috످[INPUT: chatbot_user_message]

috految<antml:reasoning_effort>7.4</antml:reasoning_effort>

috److It looks like your message came through as a placeholder (`[INPUT: chatbot_user_message]`). If you're using a template or chatbot integration, check that the variable is being replaced with your actual text.

What can I help you with?

috످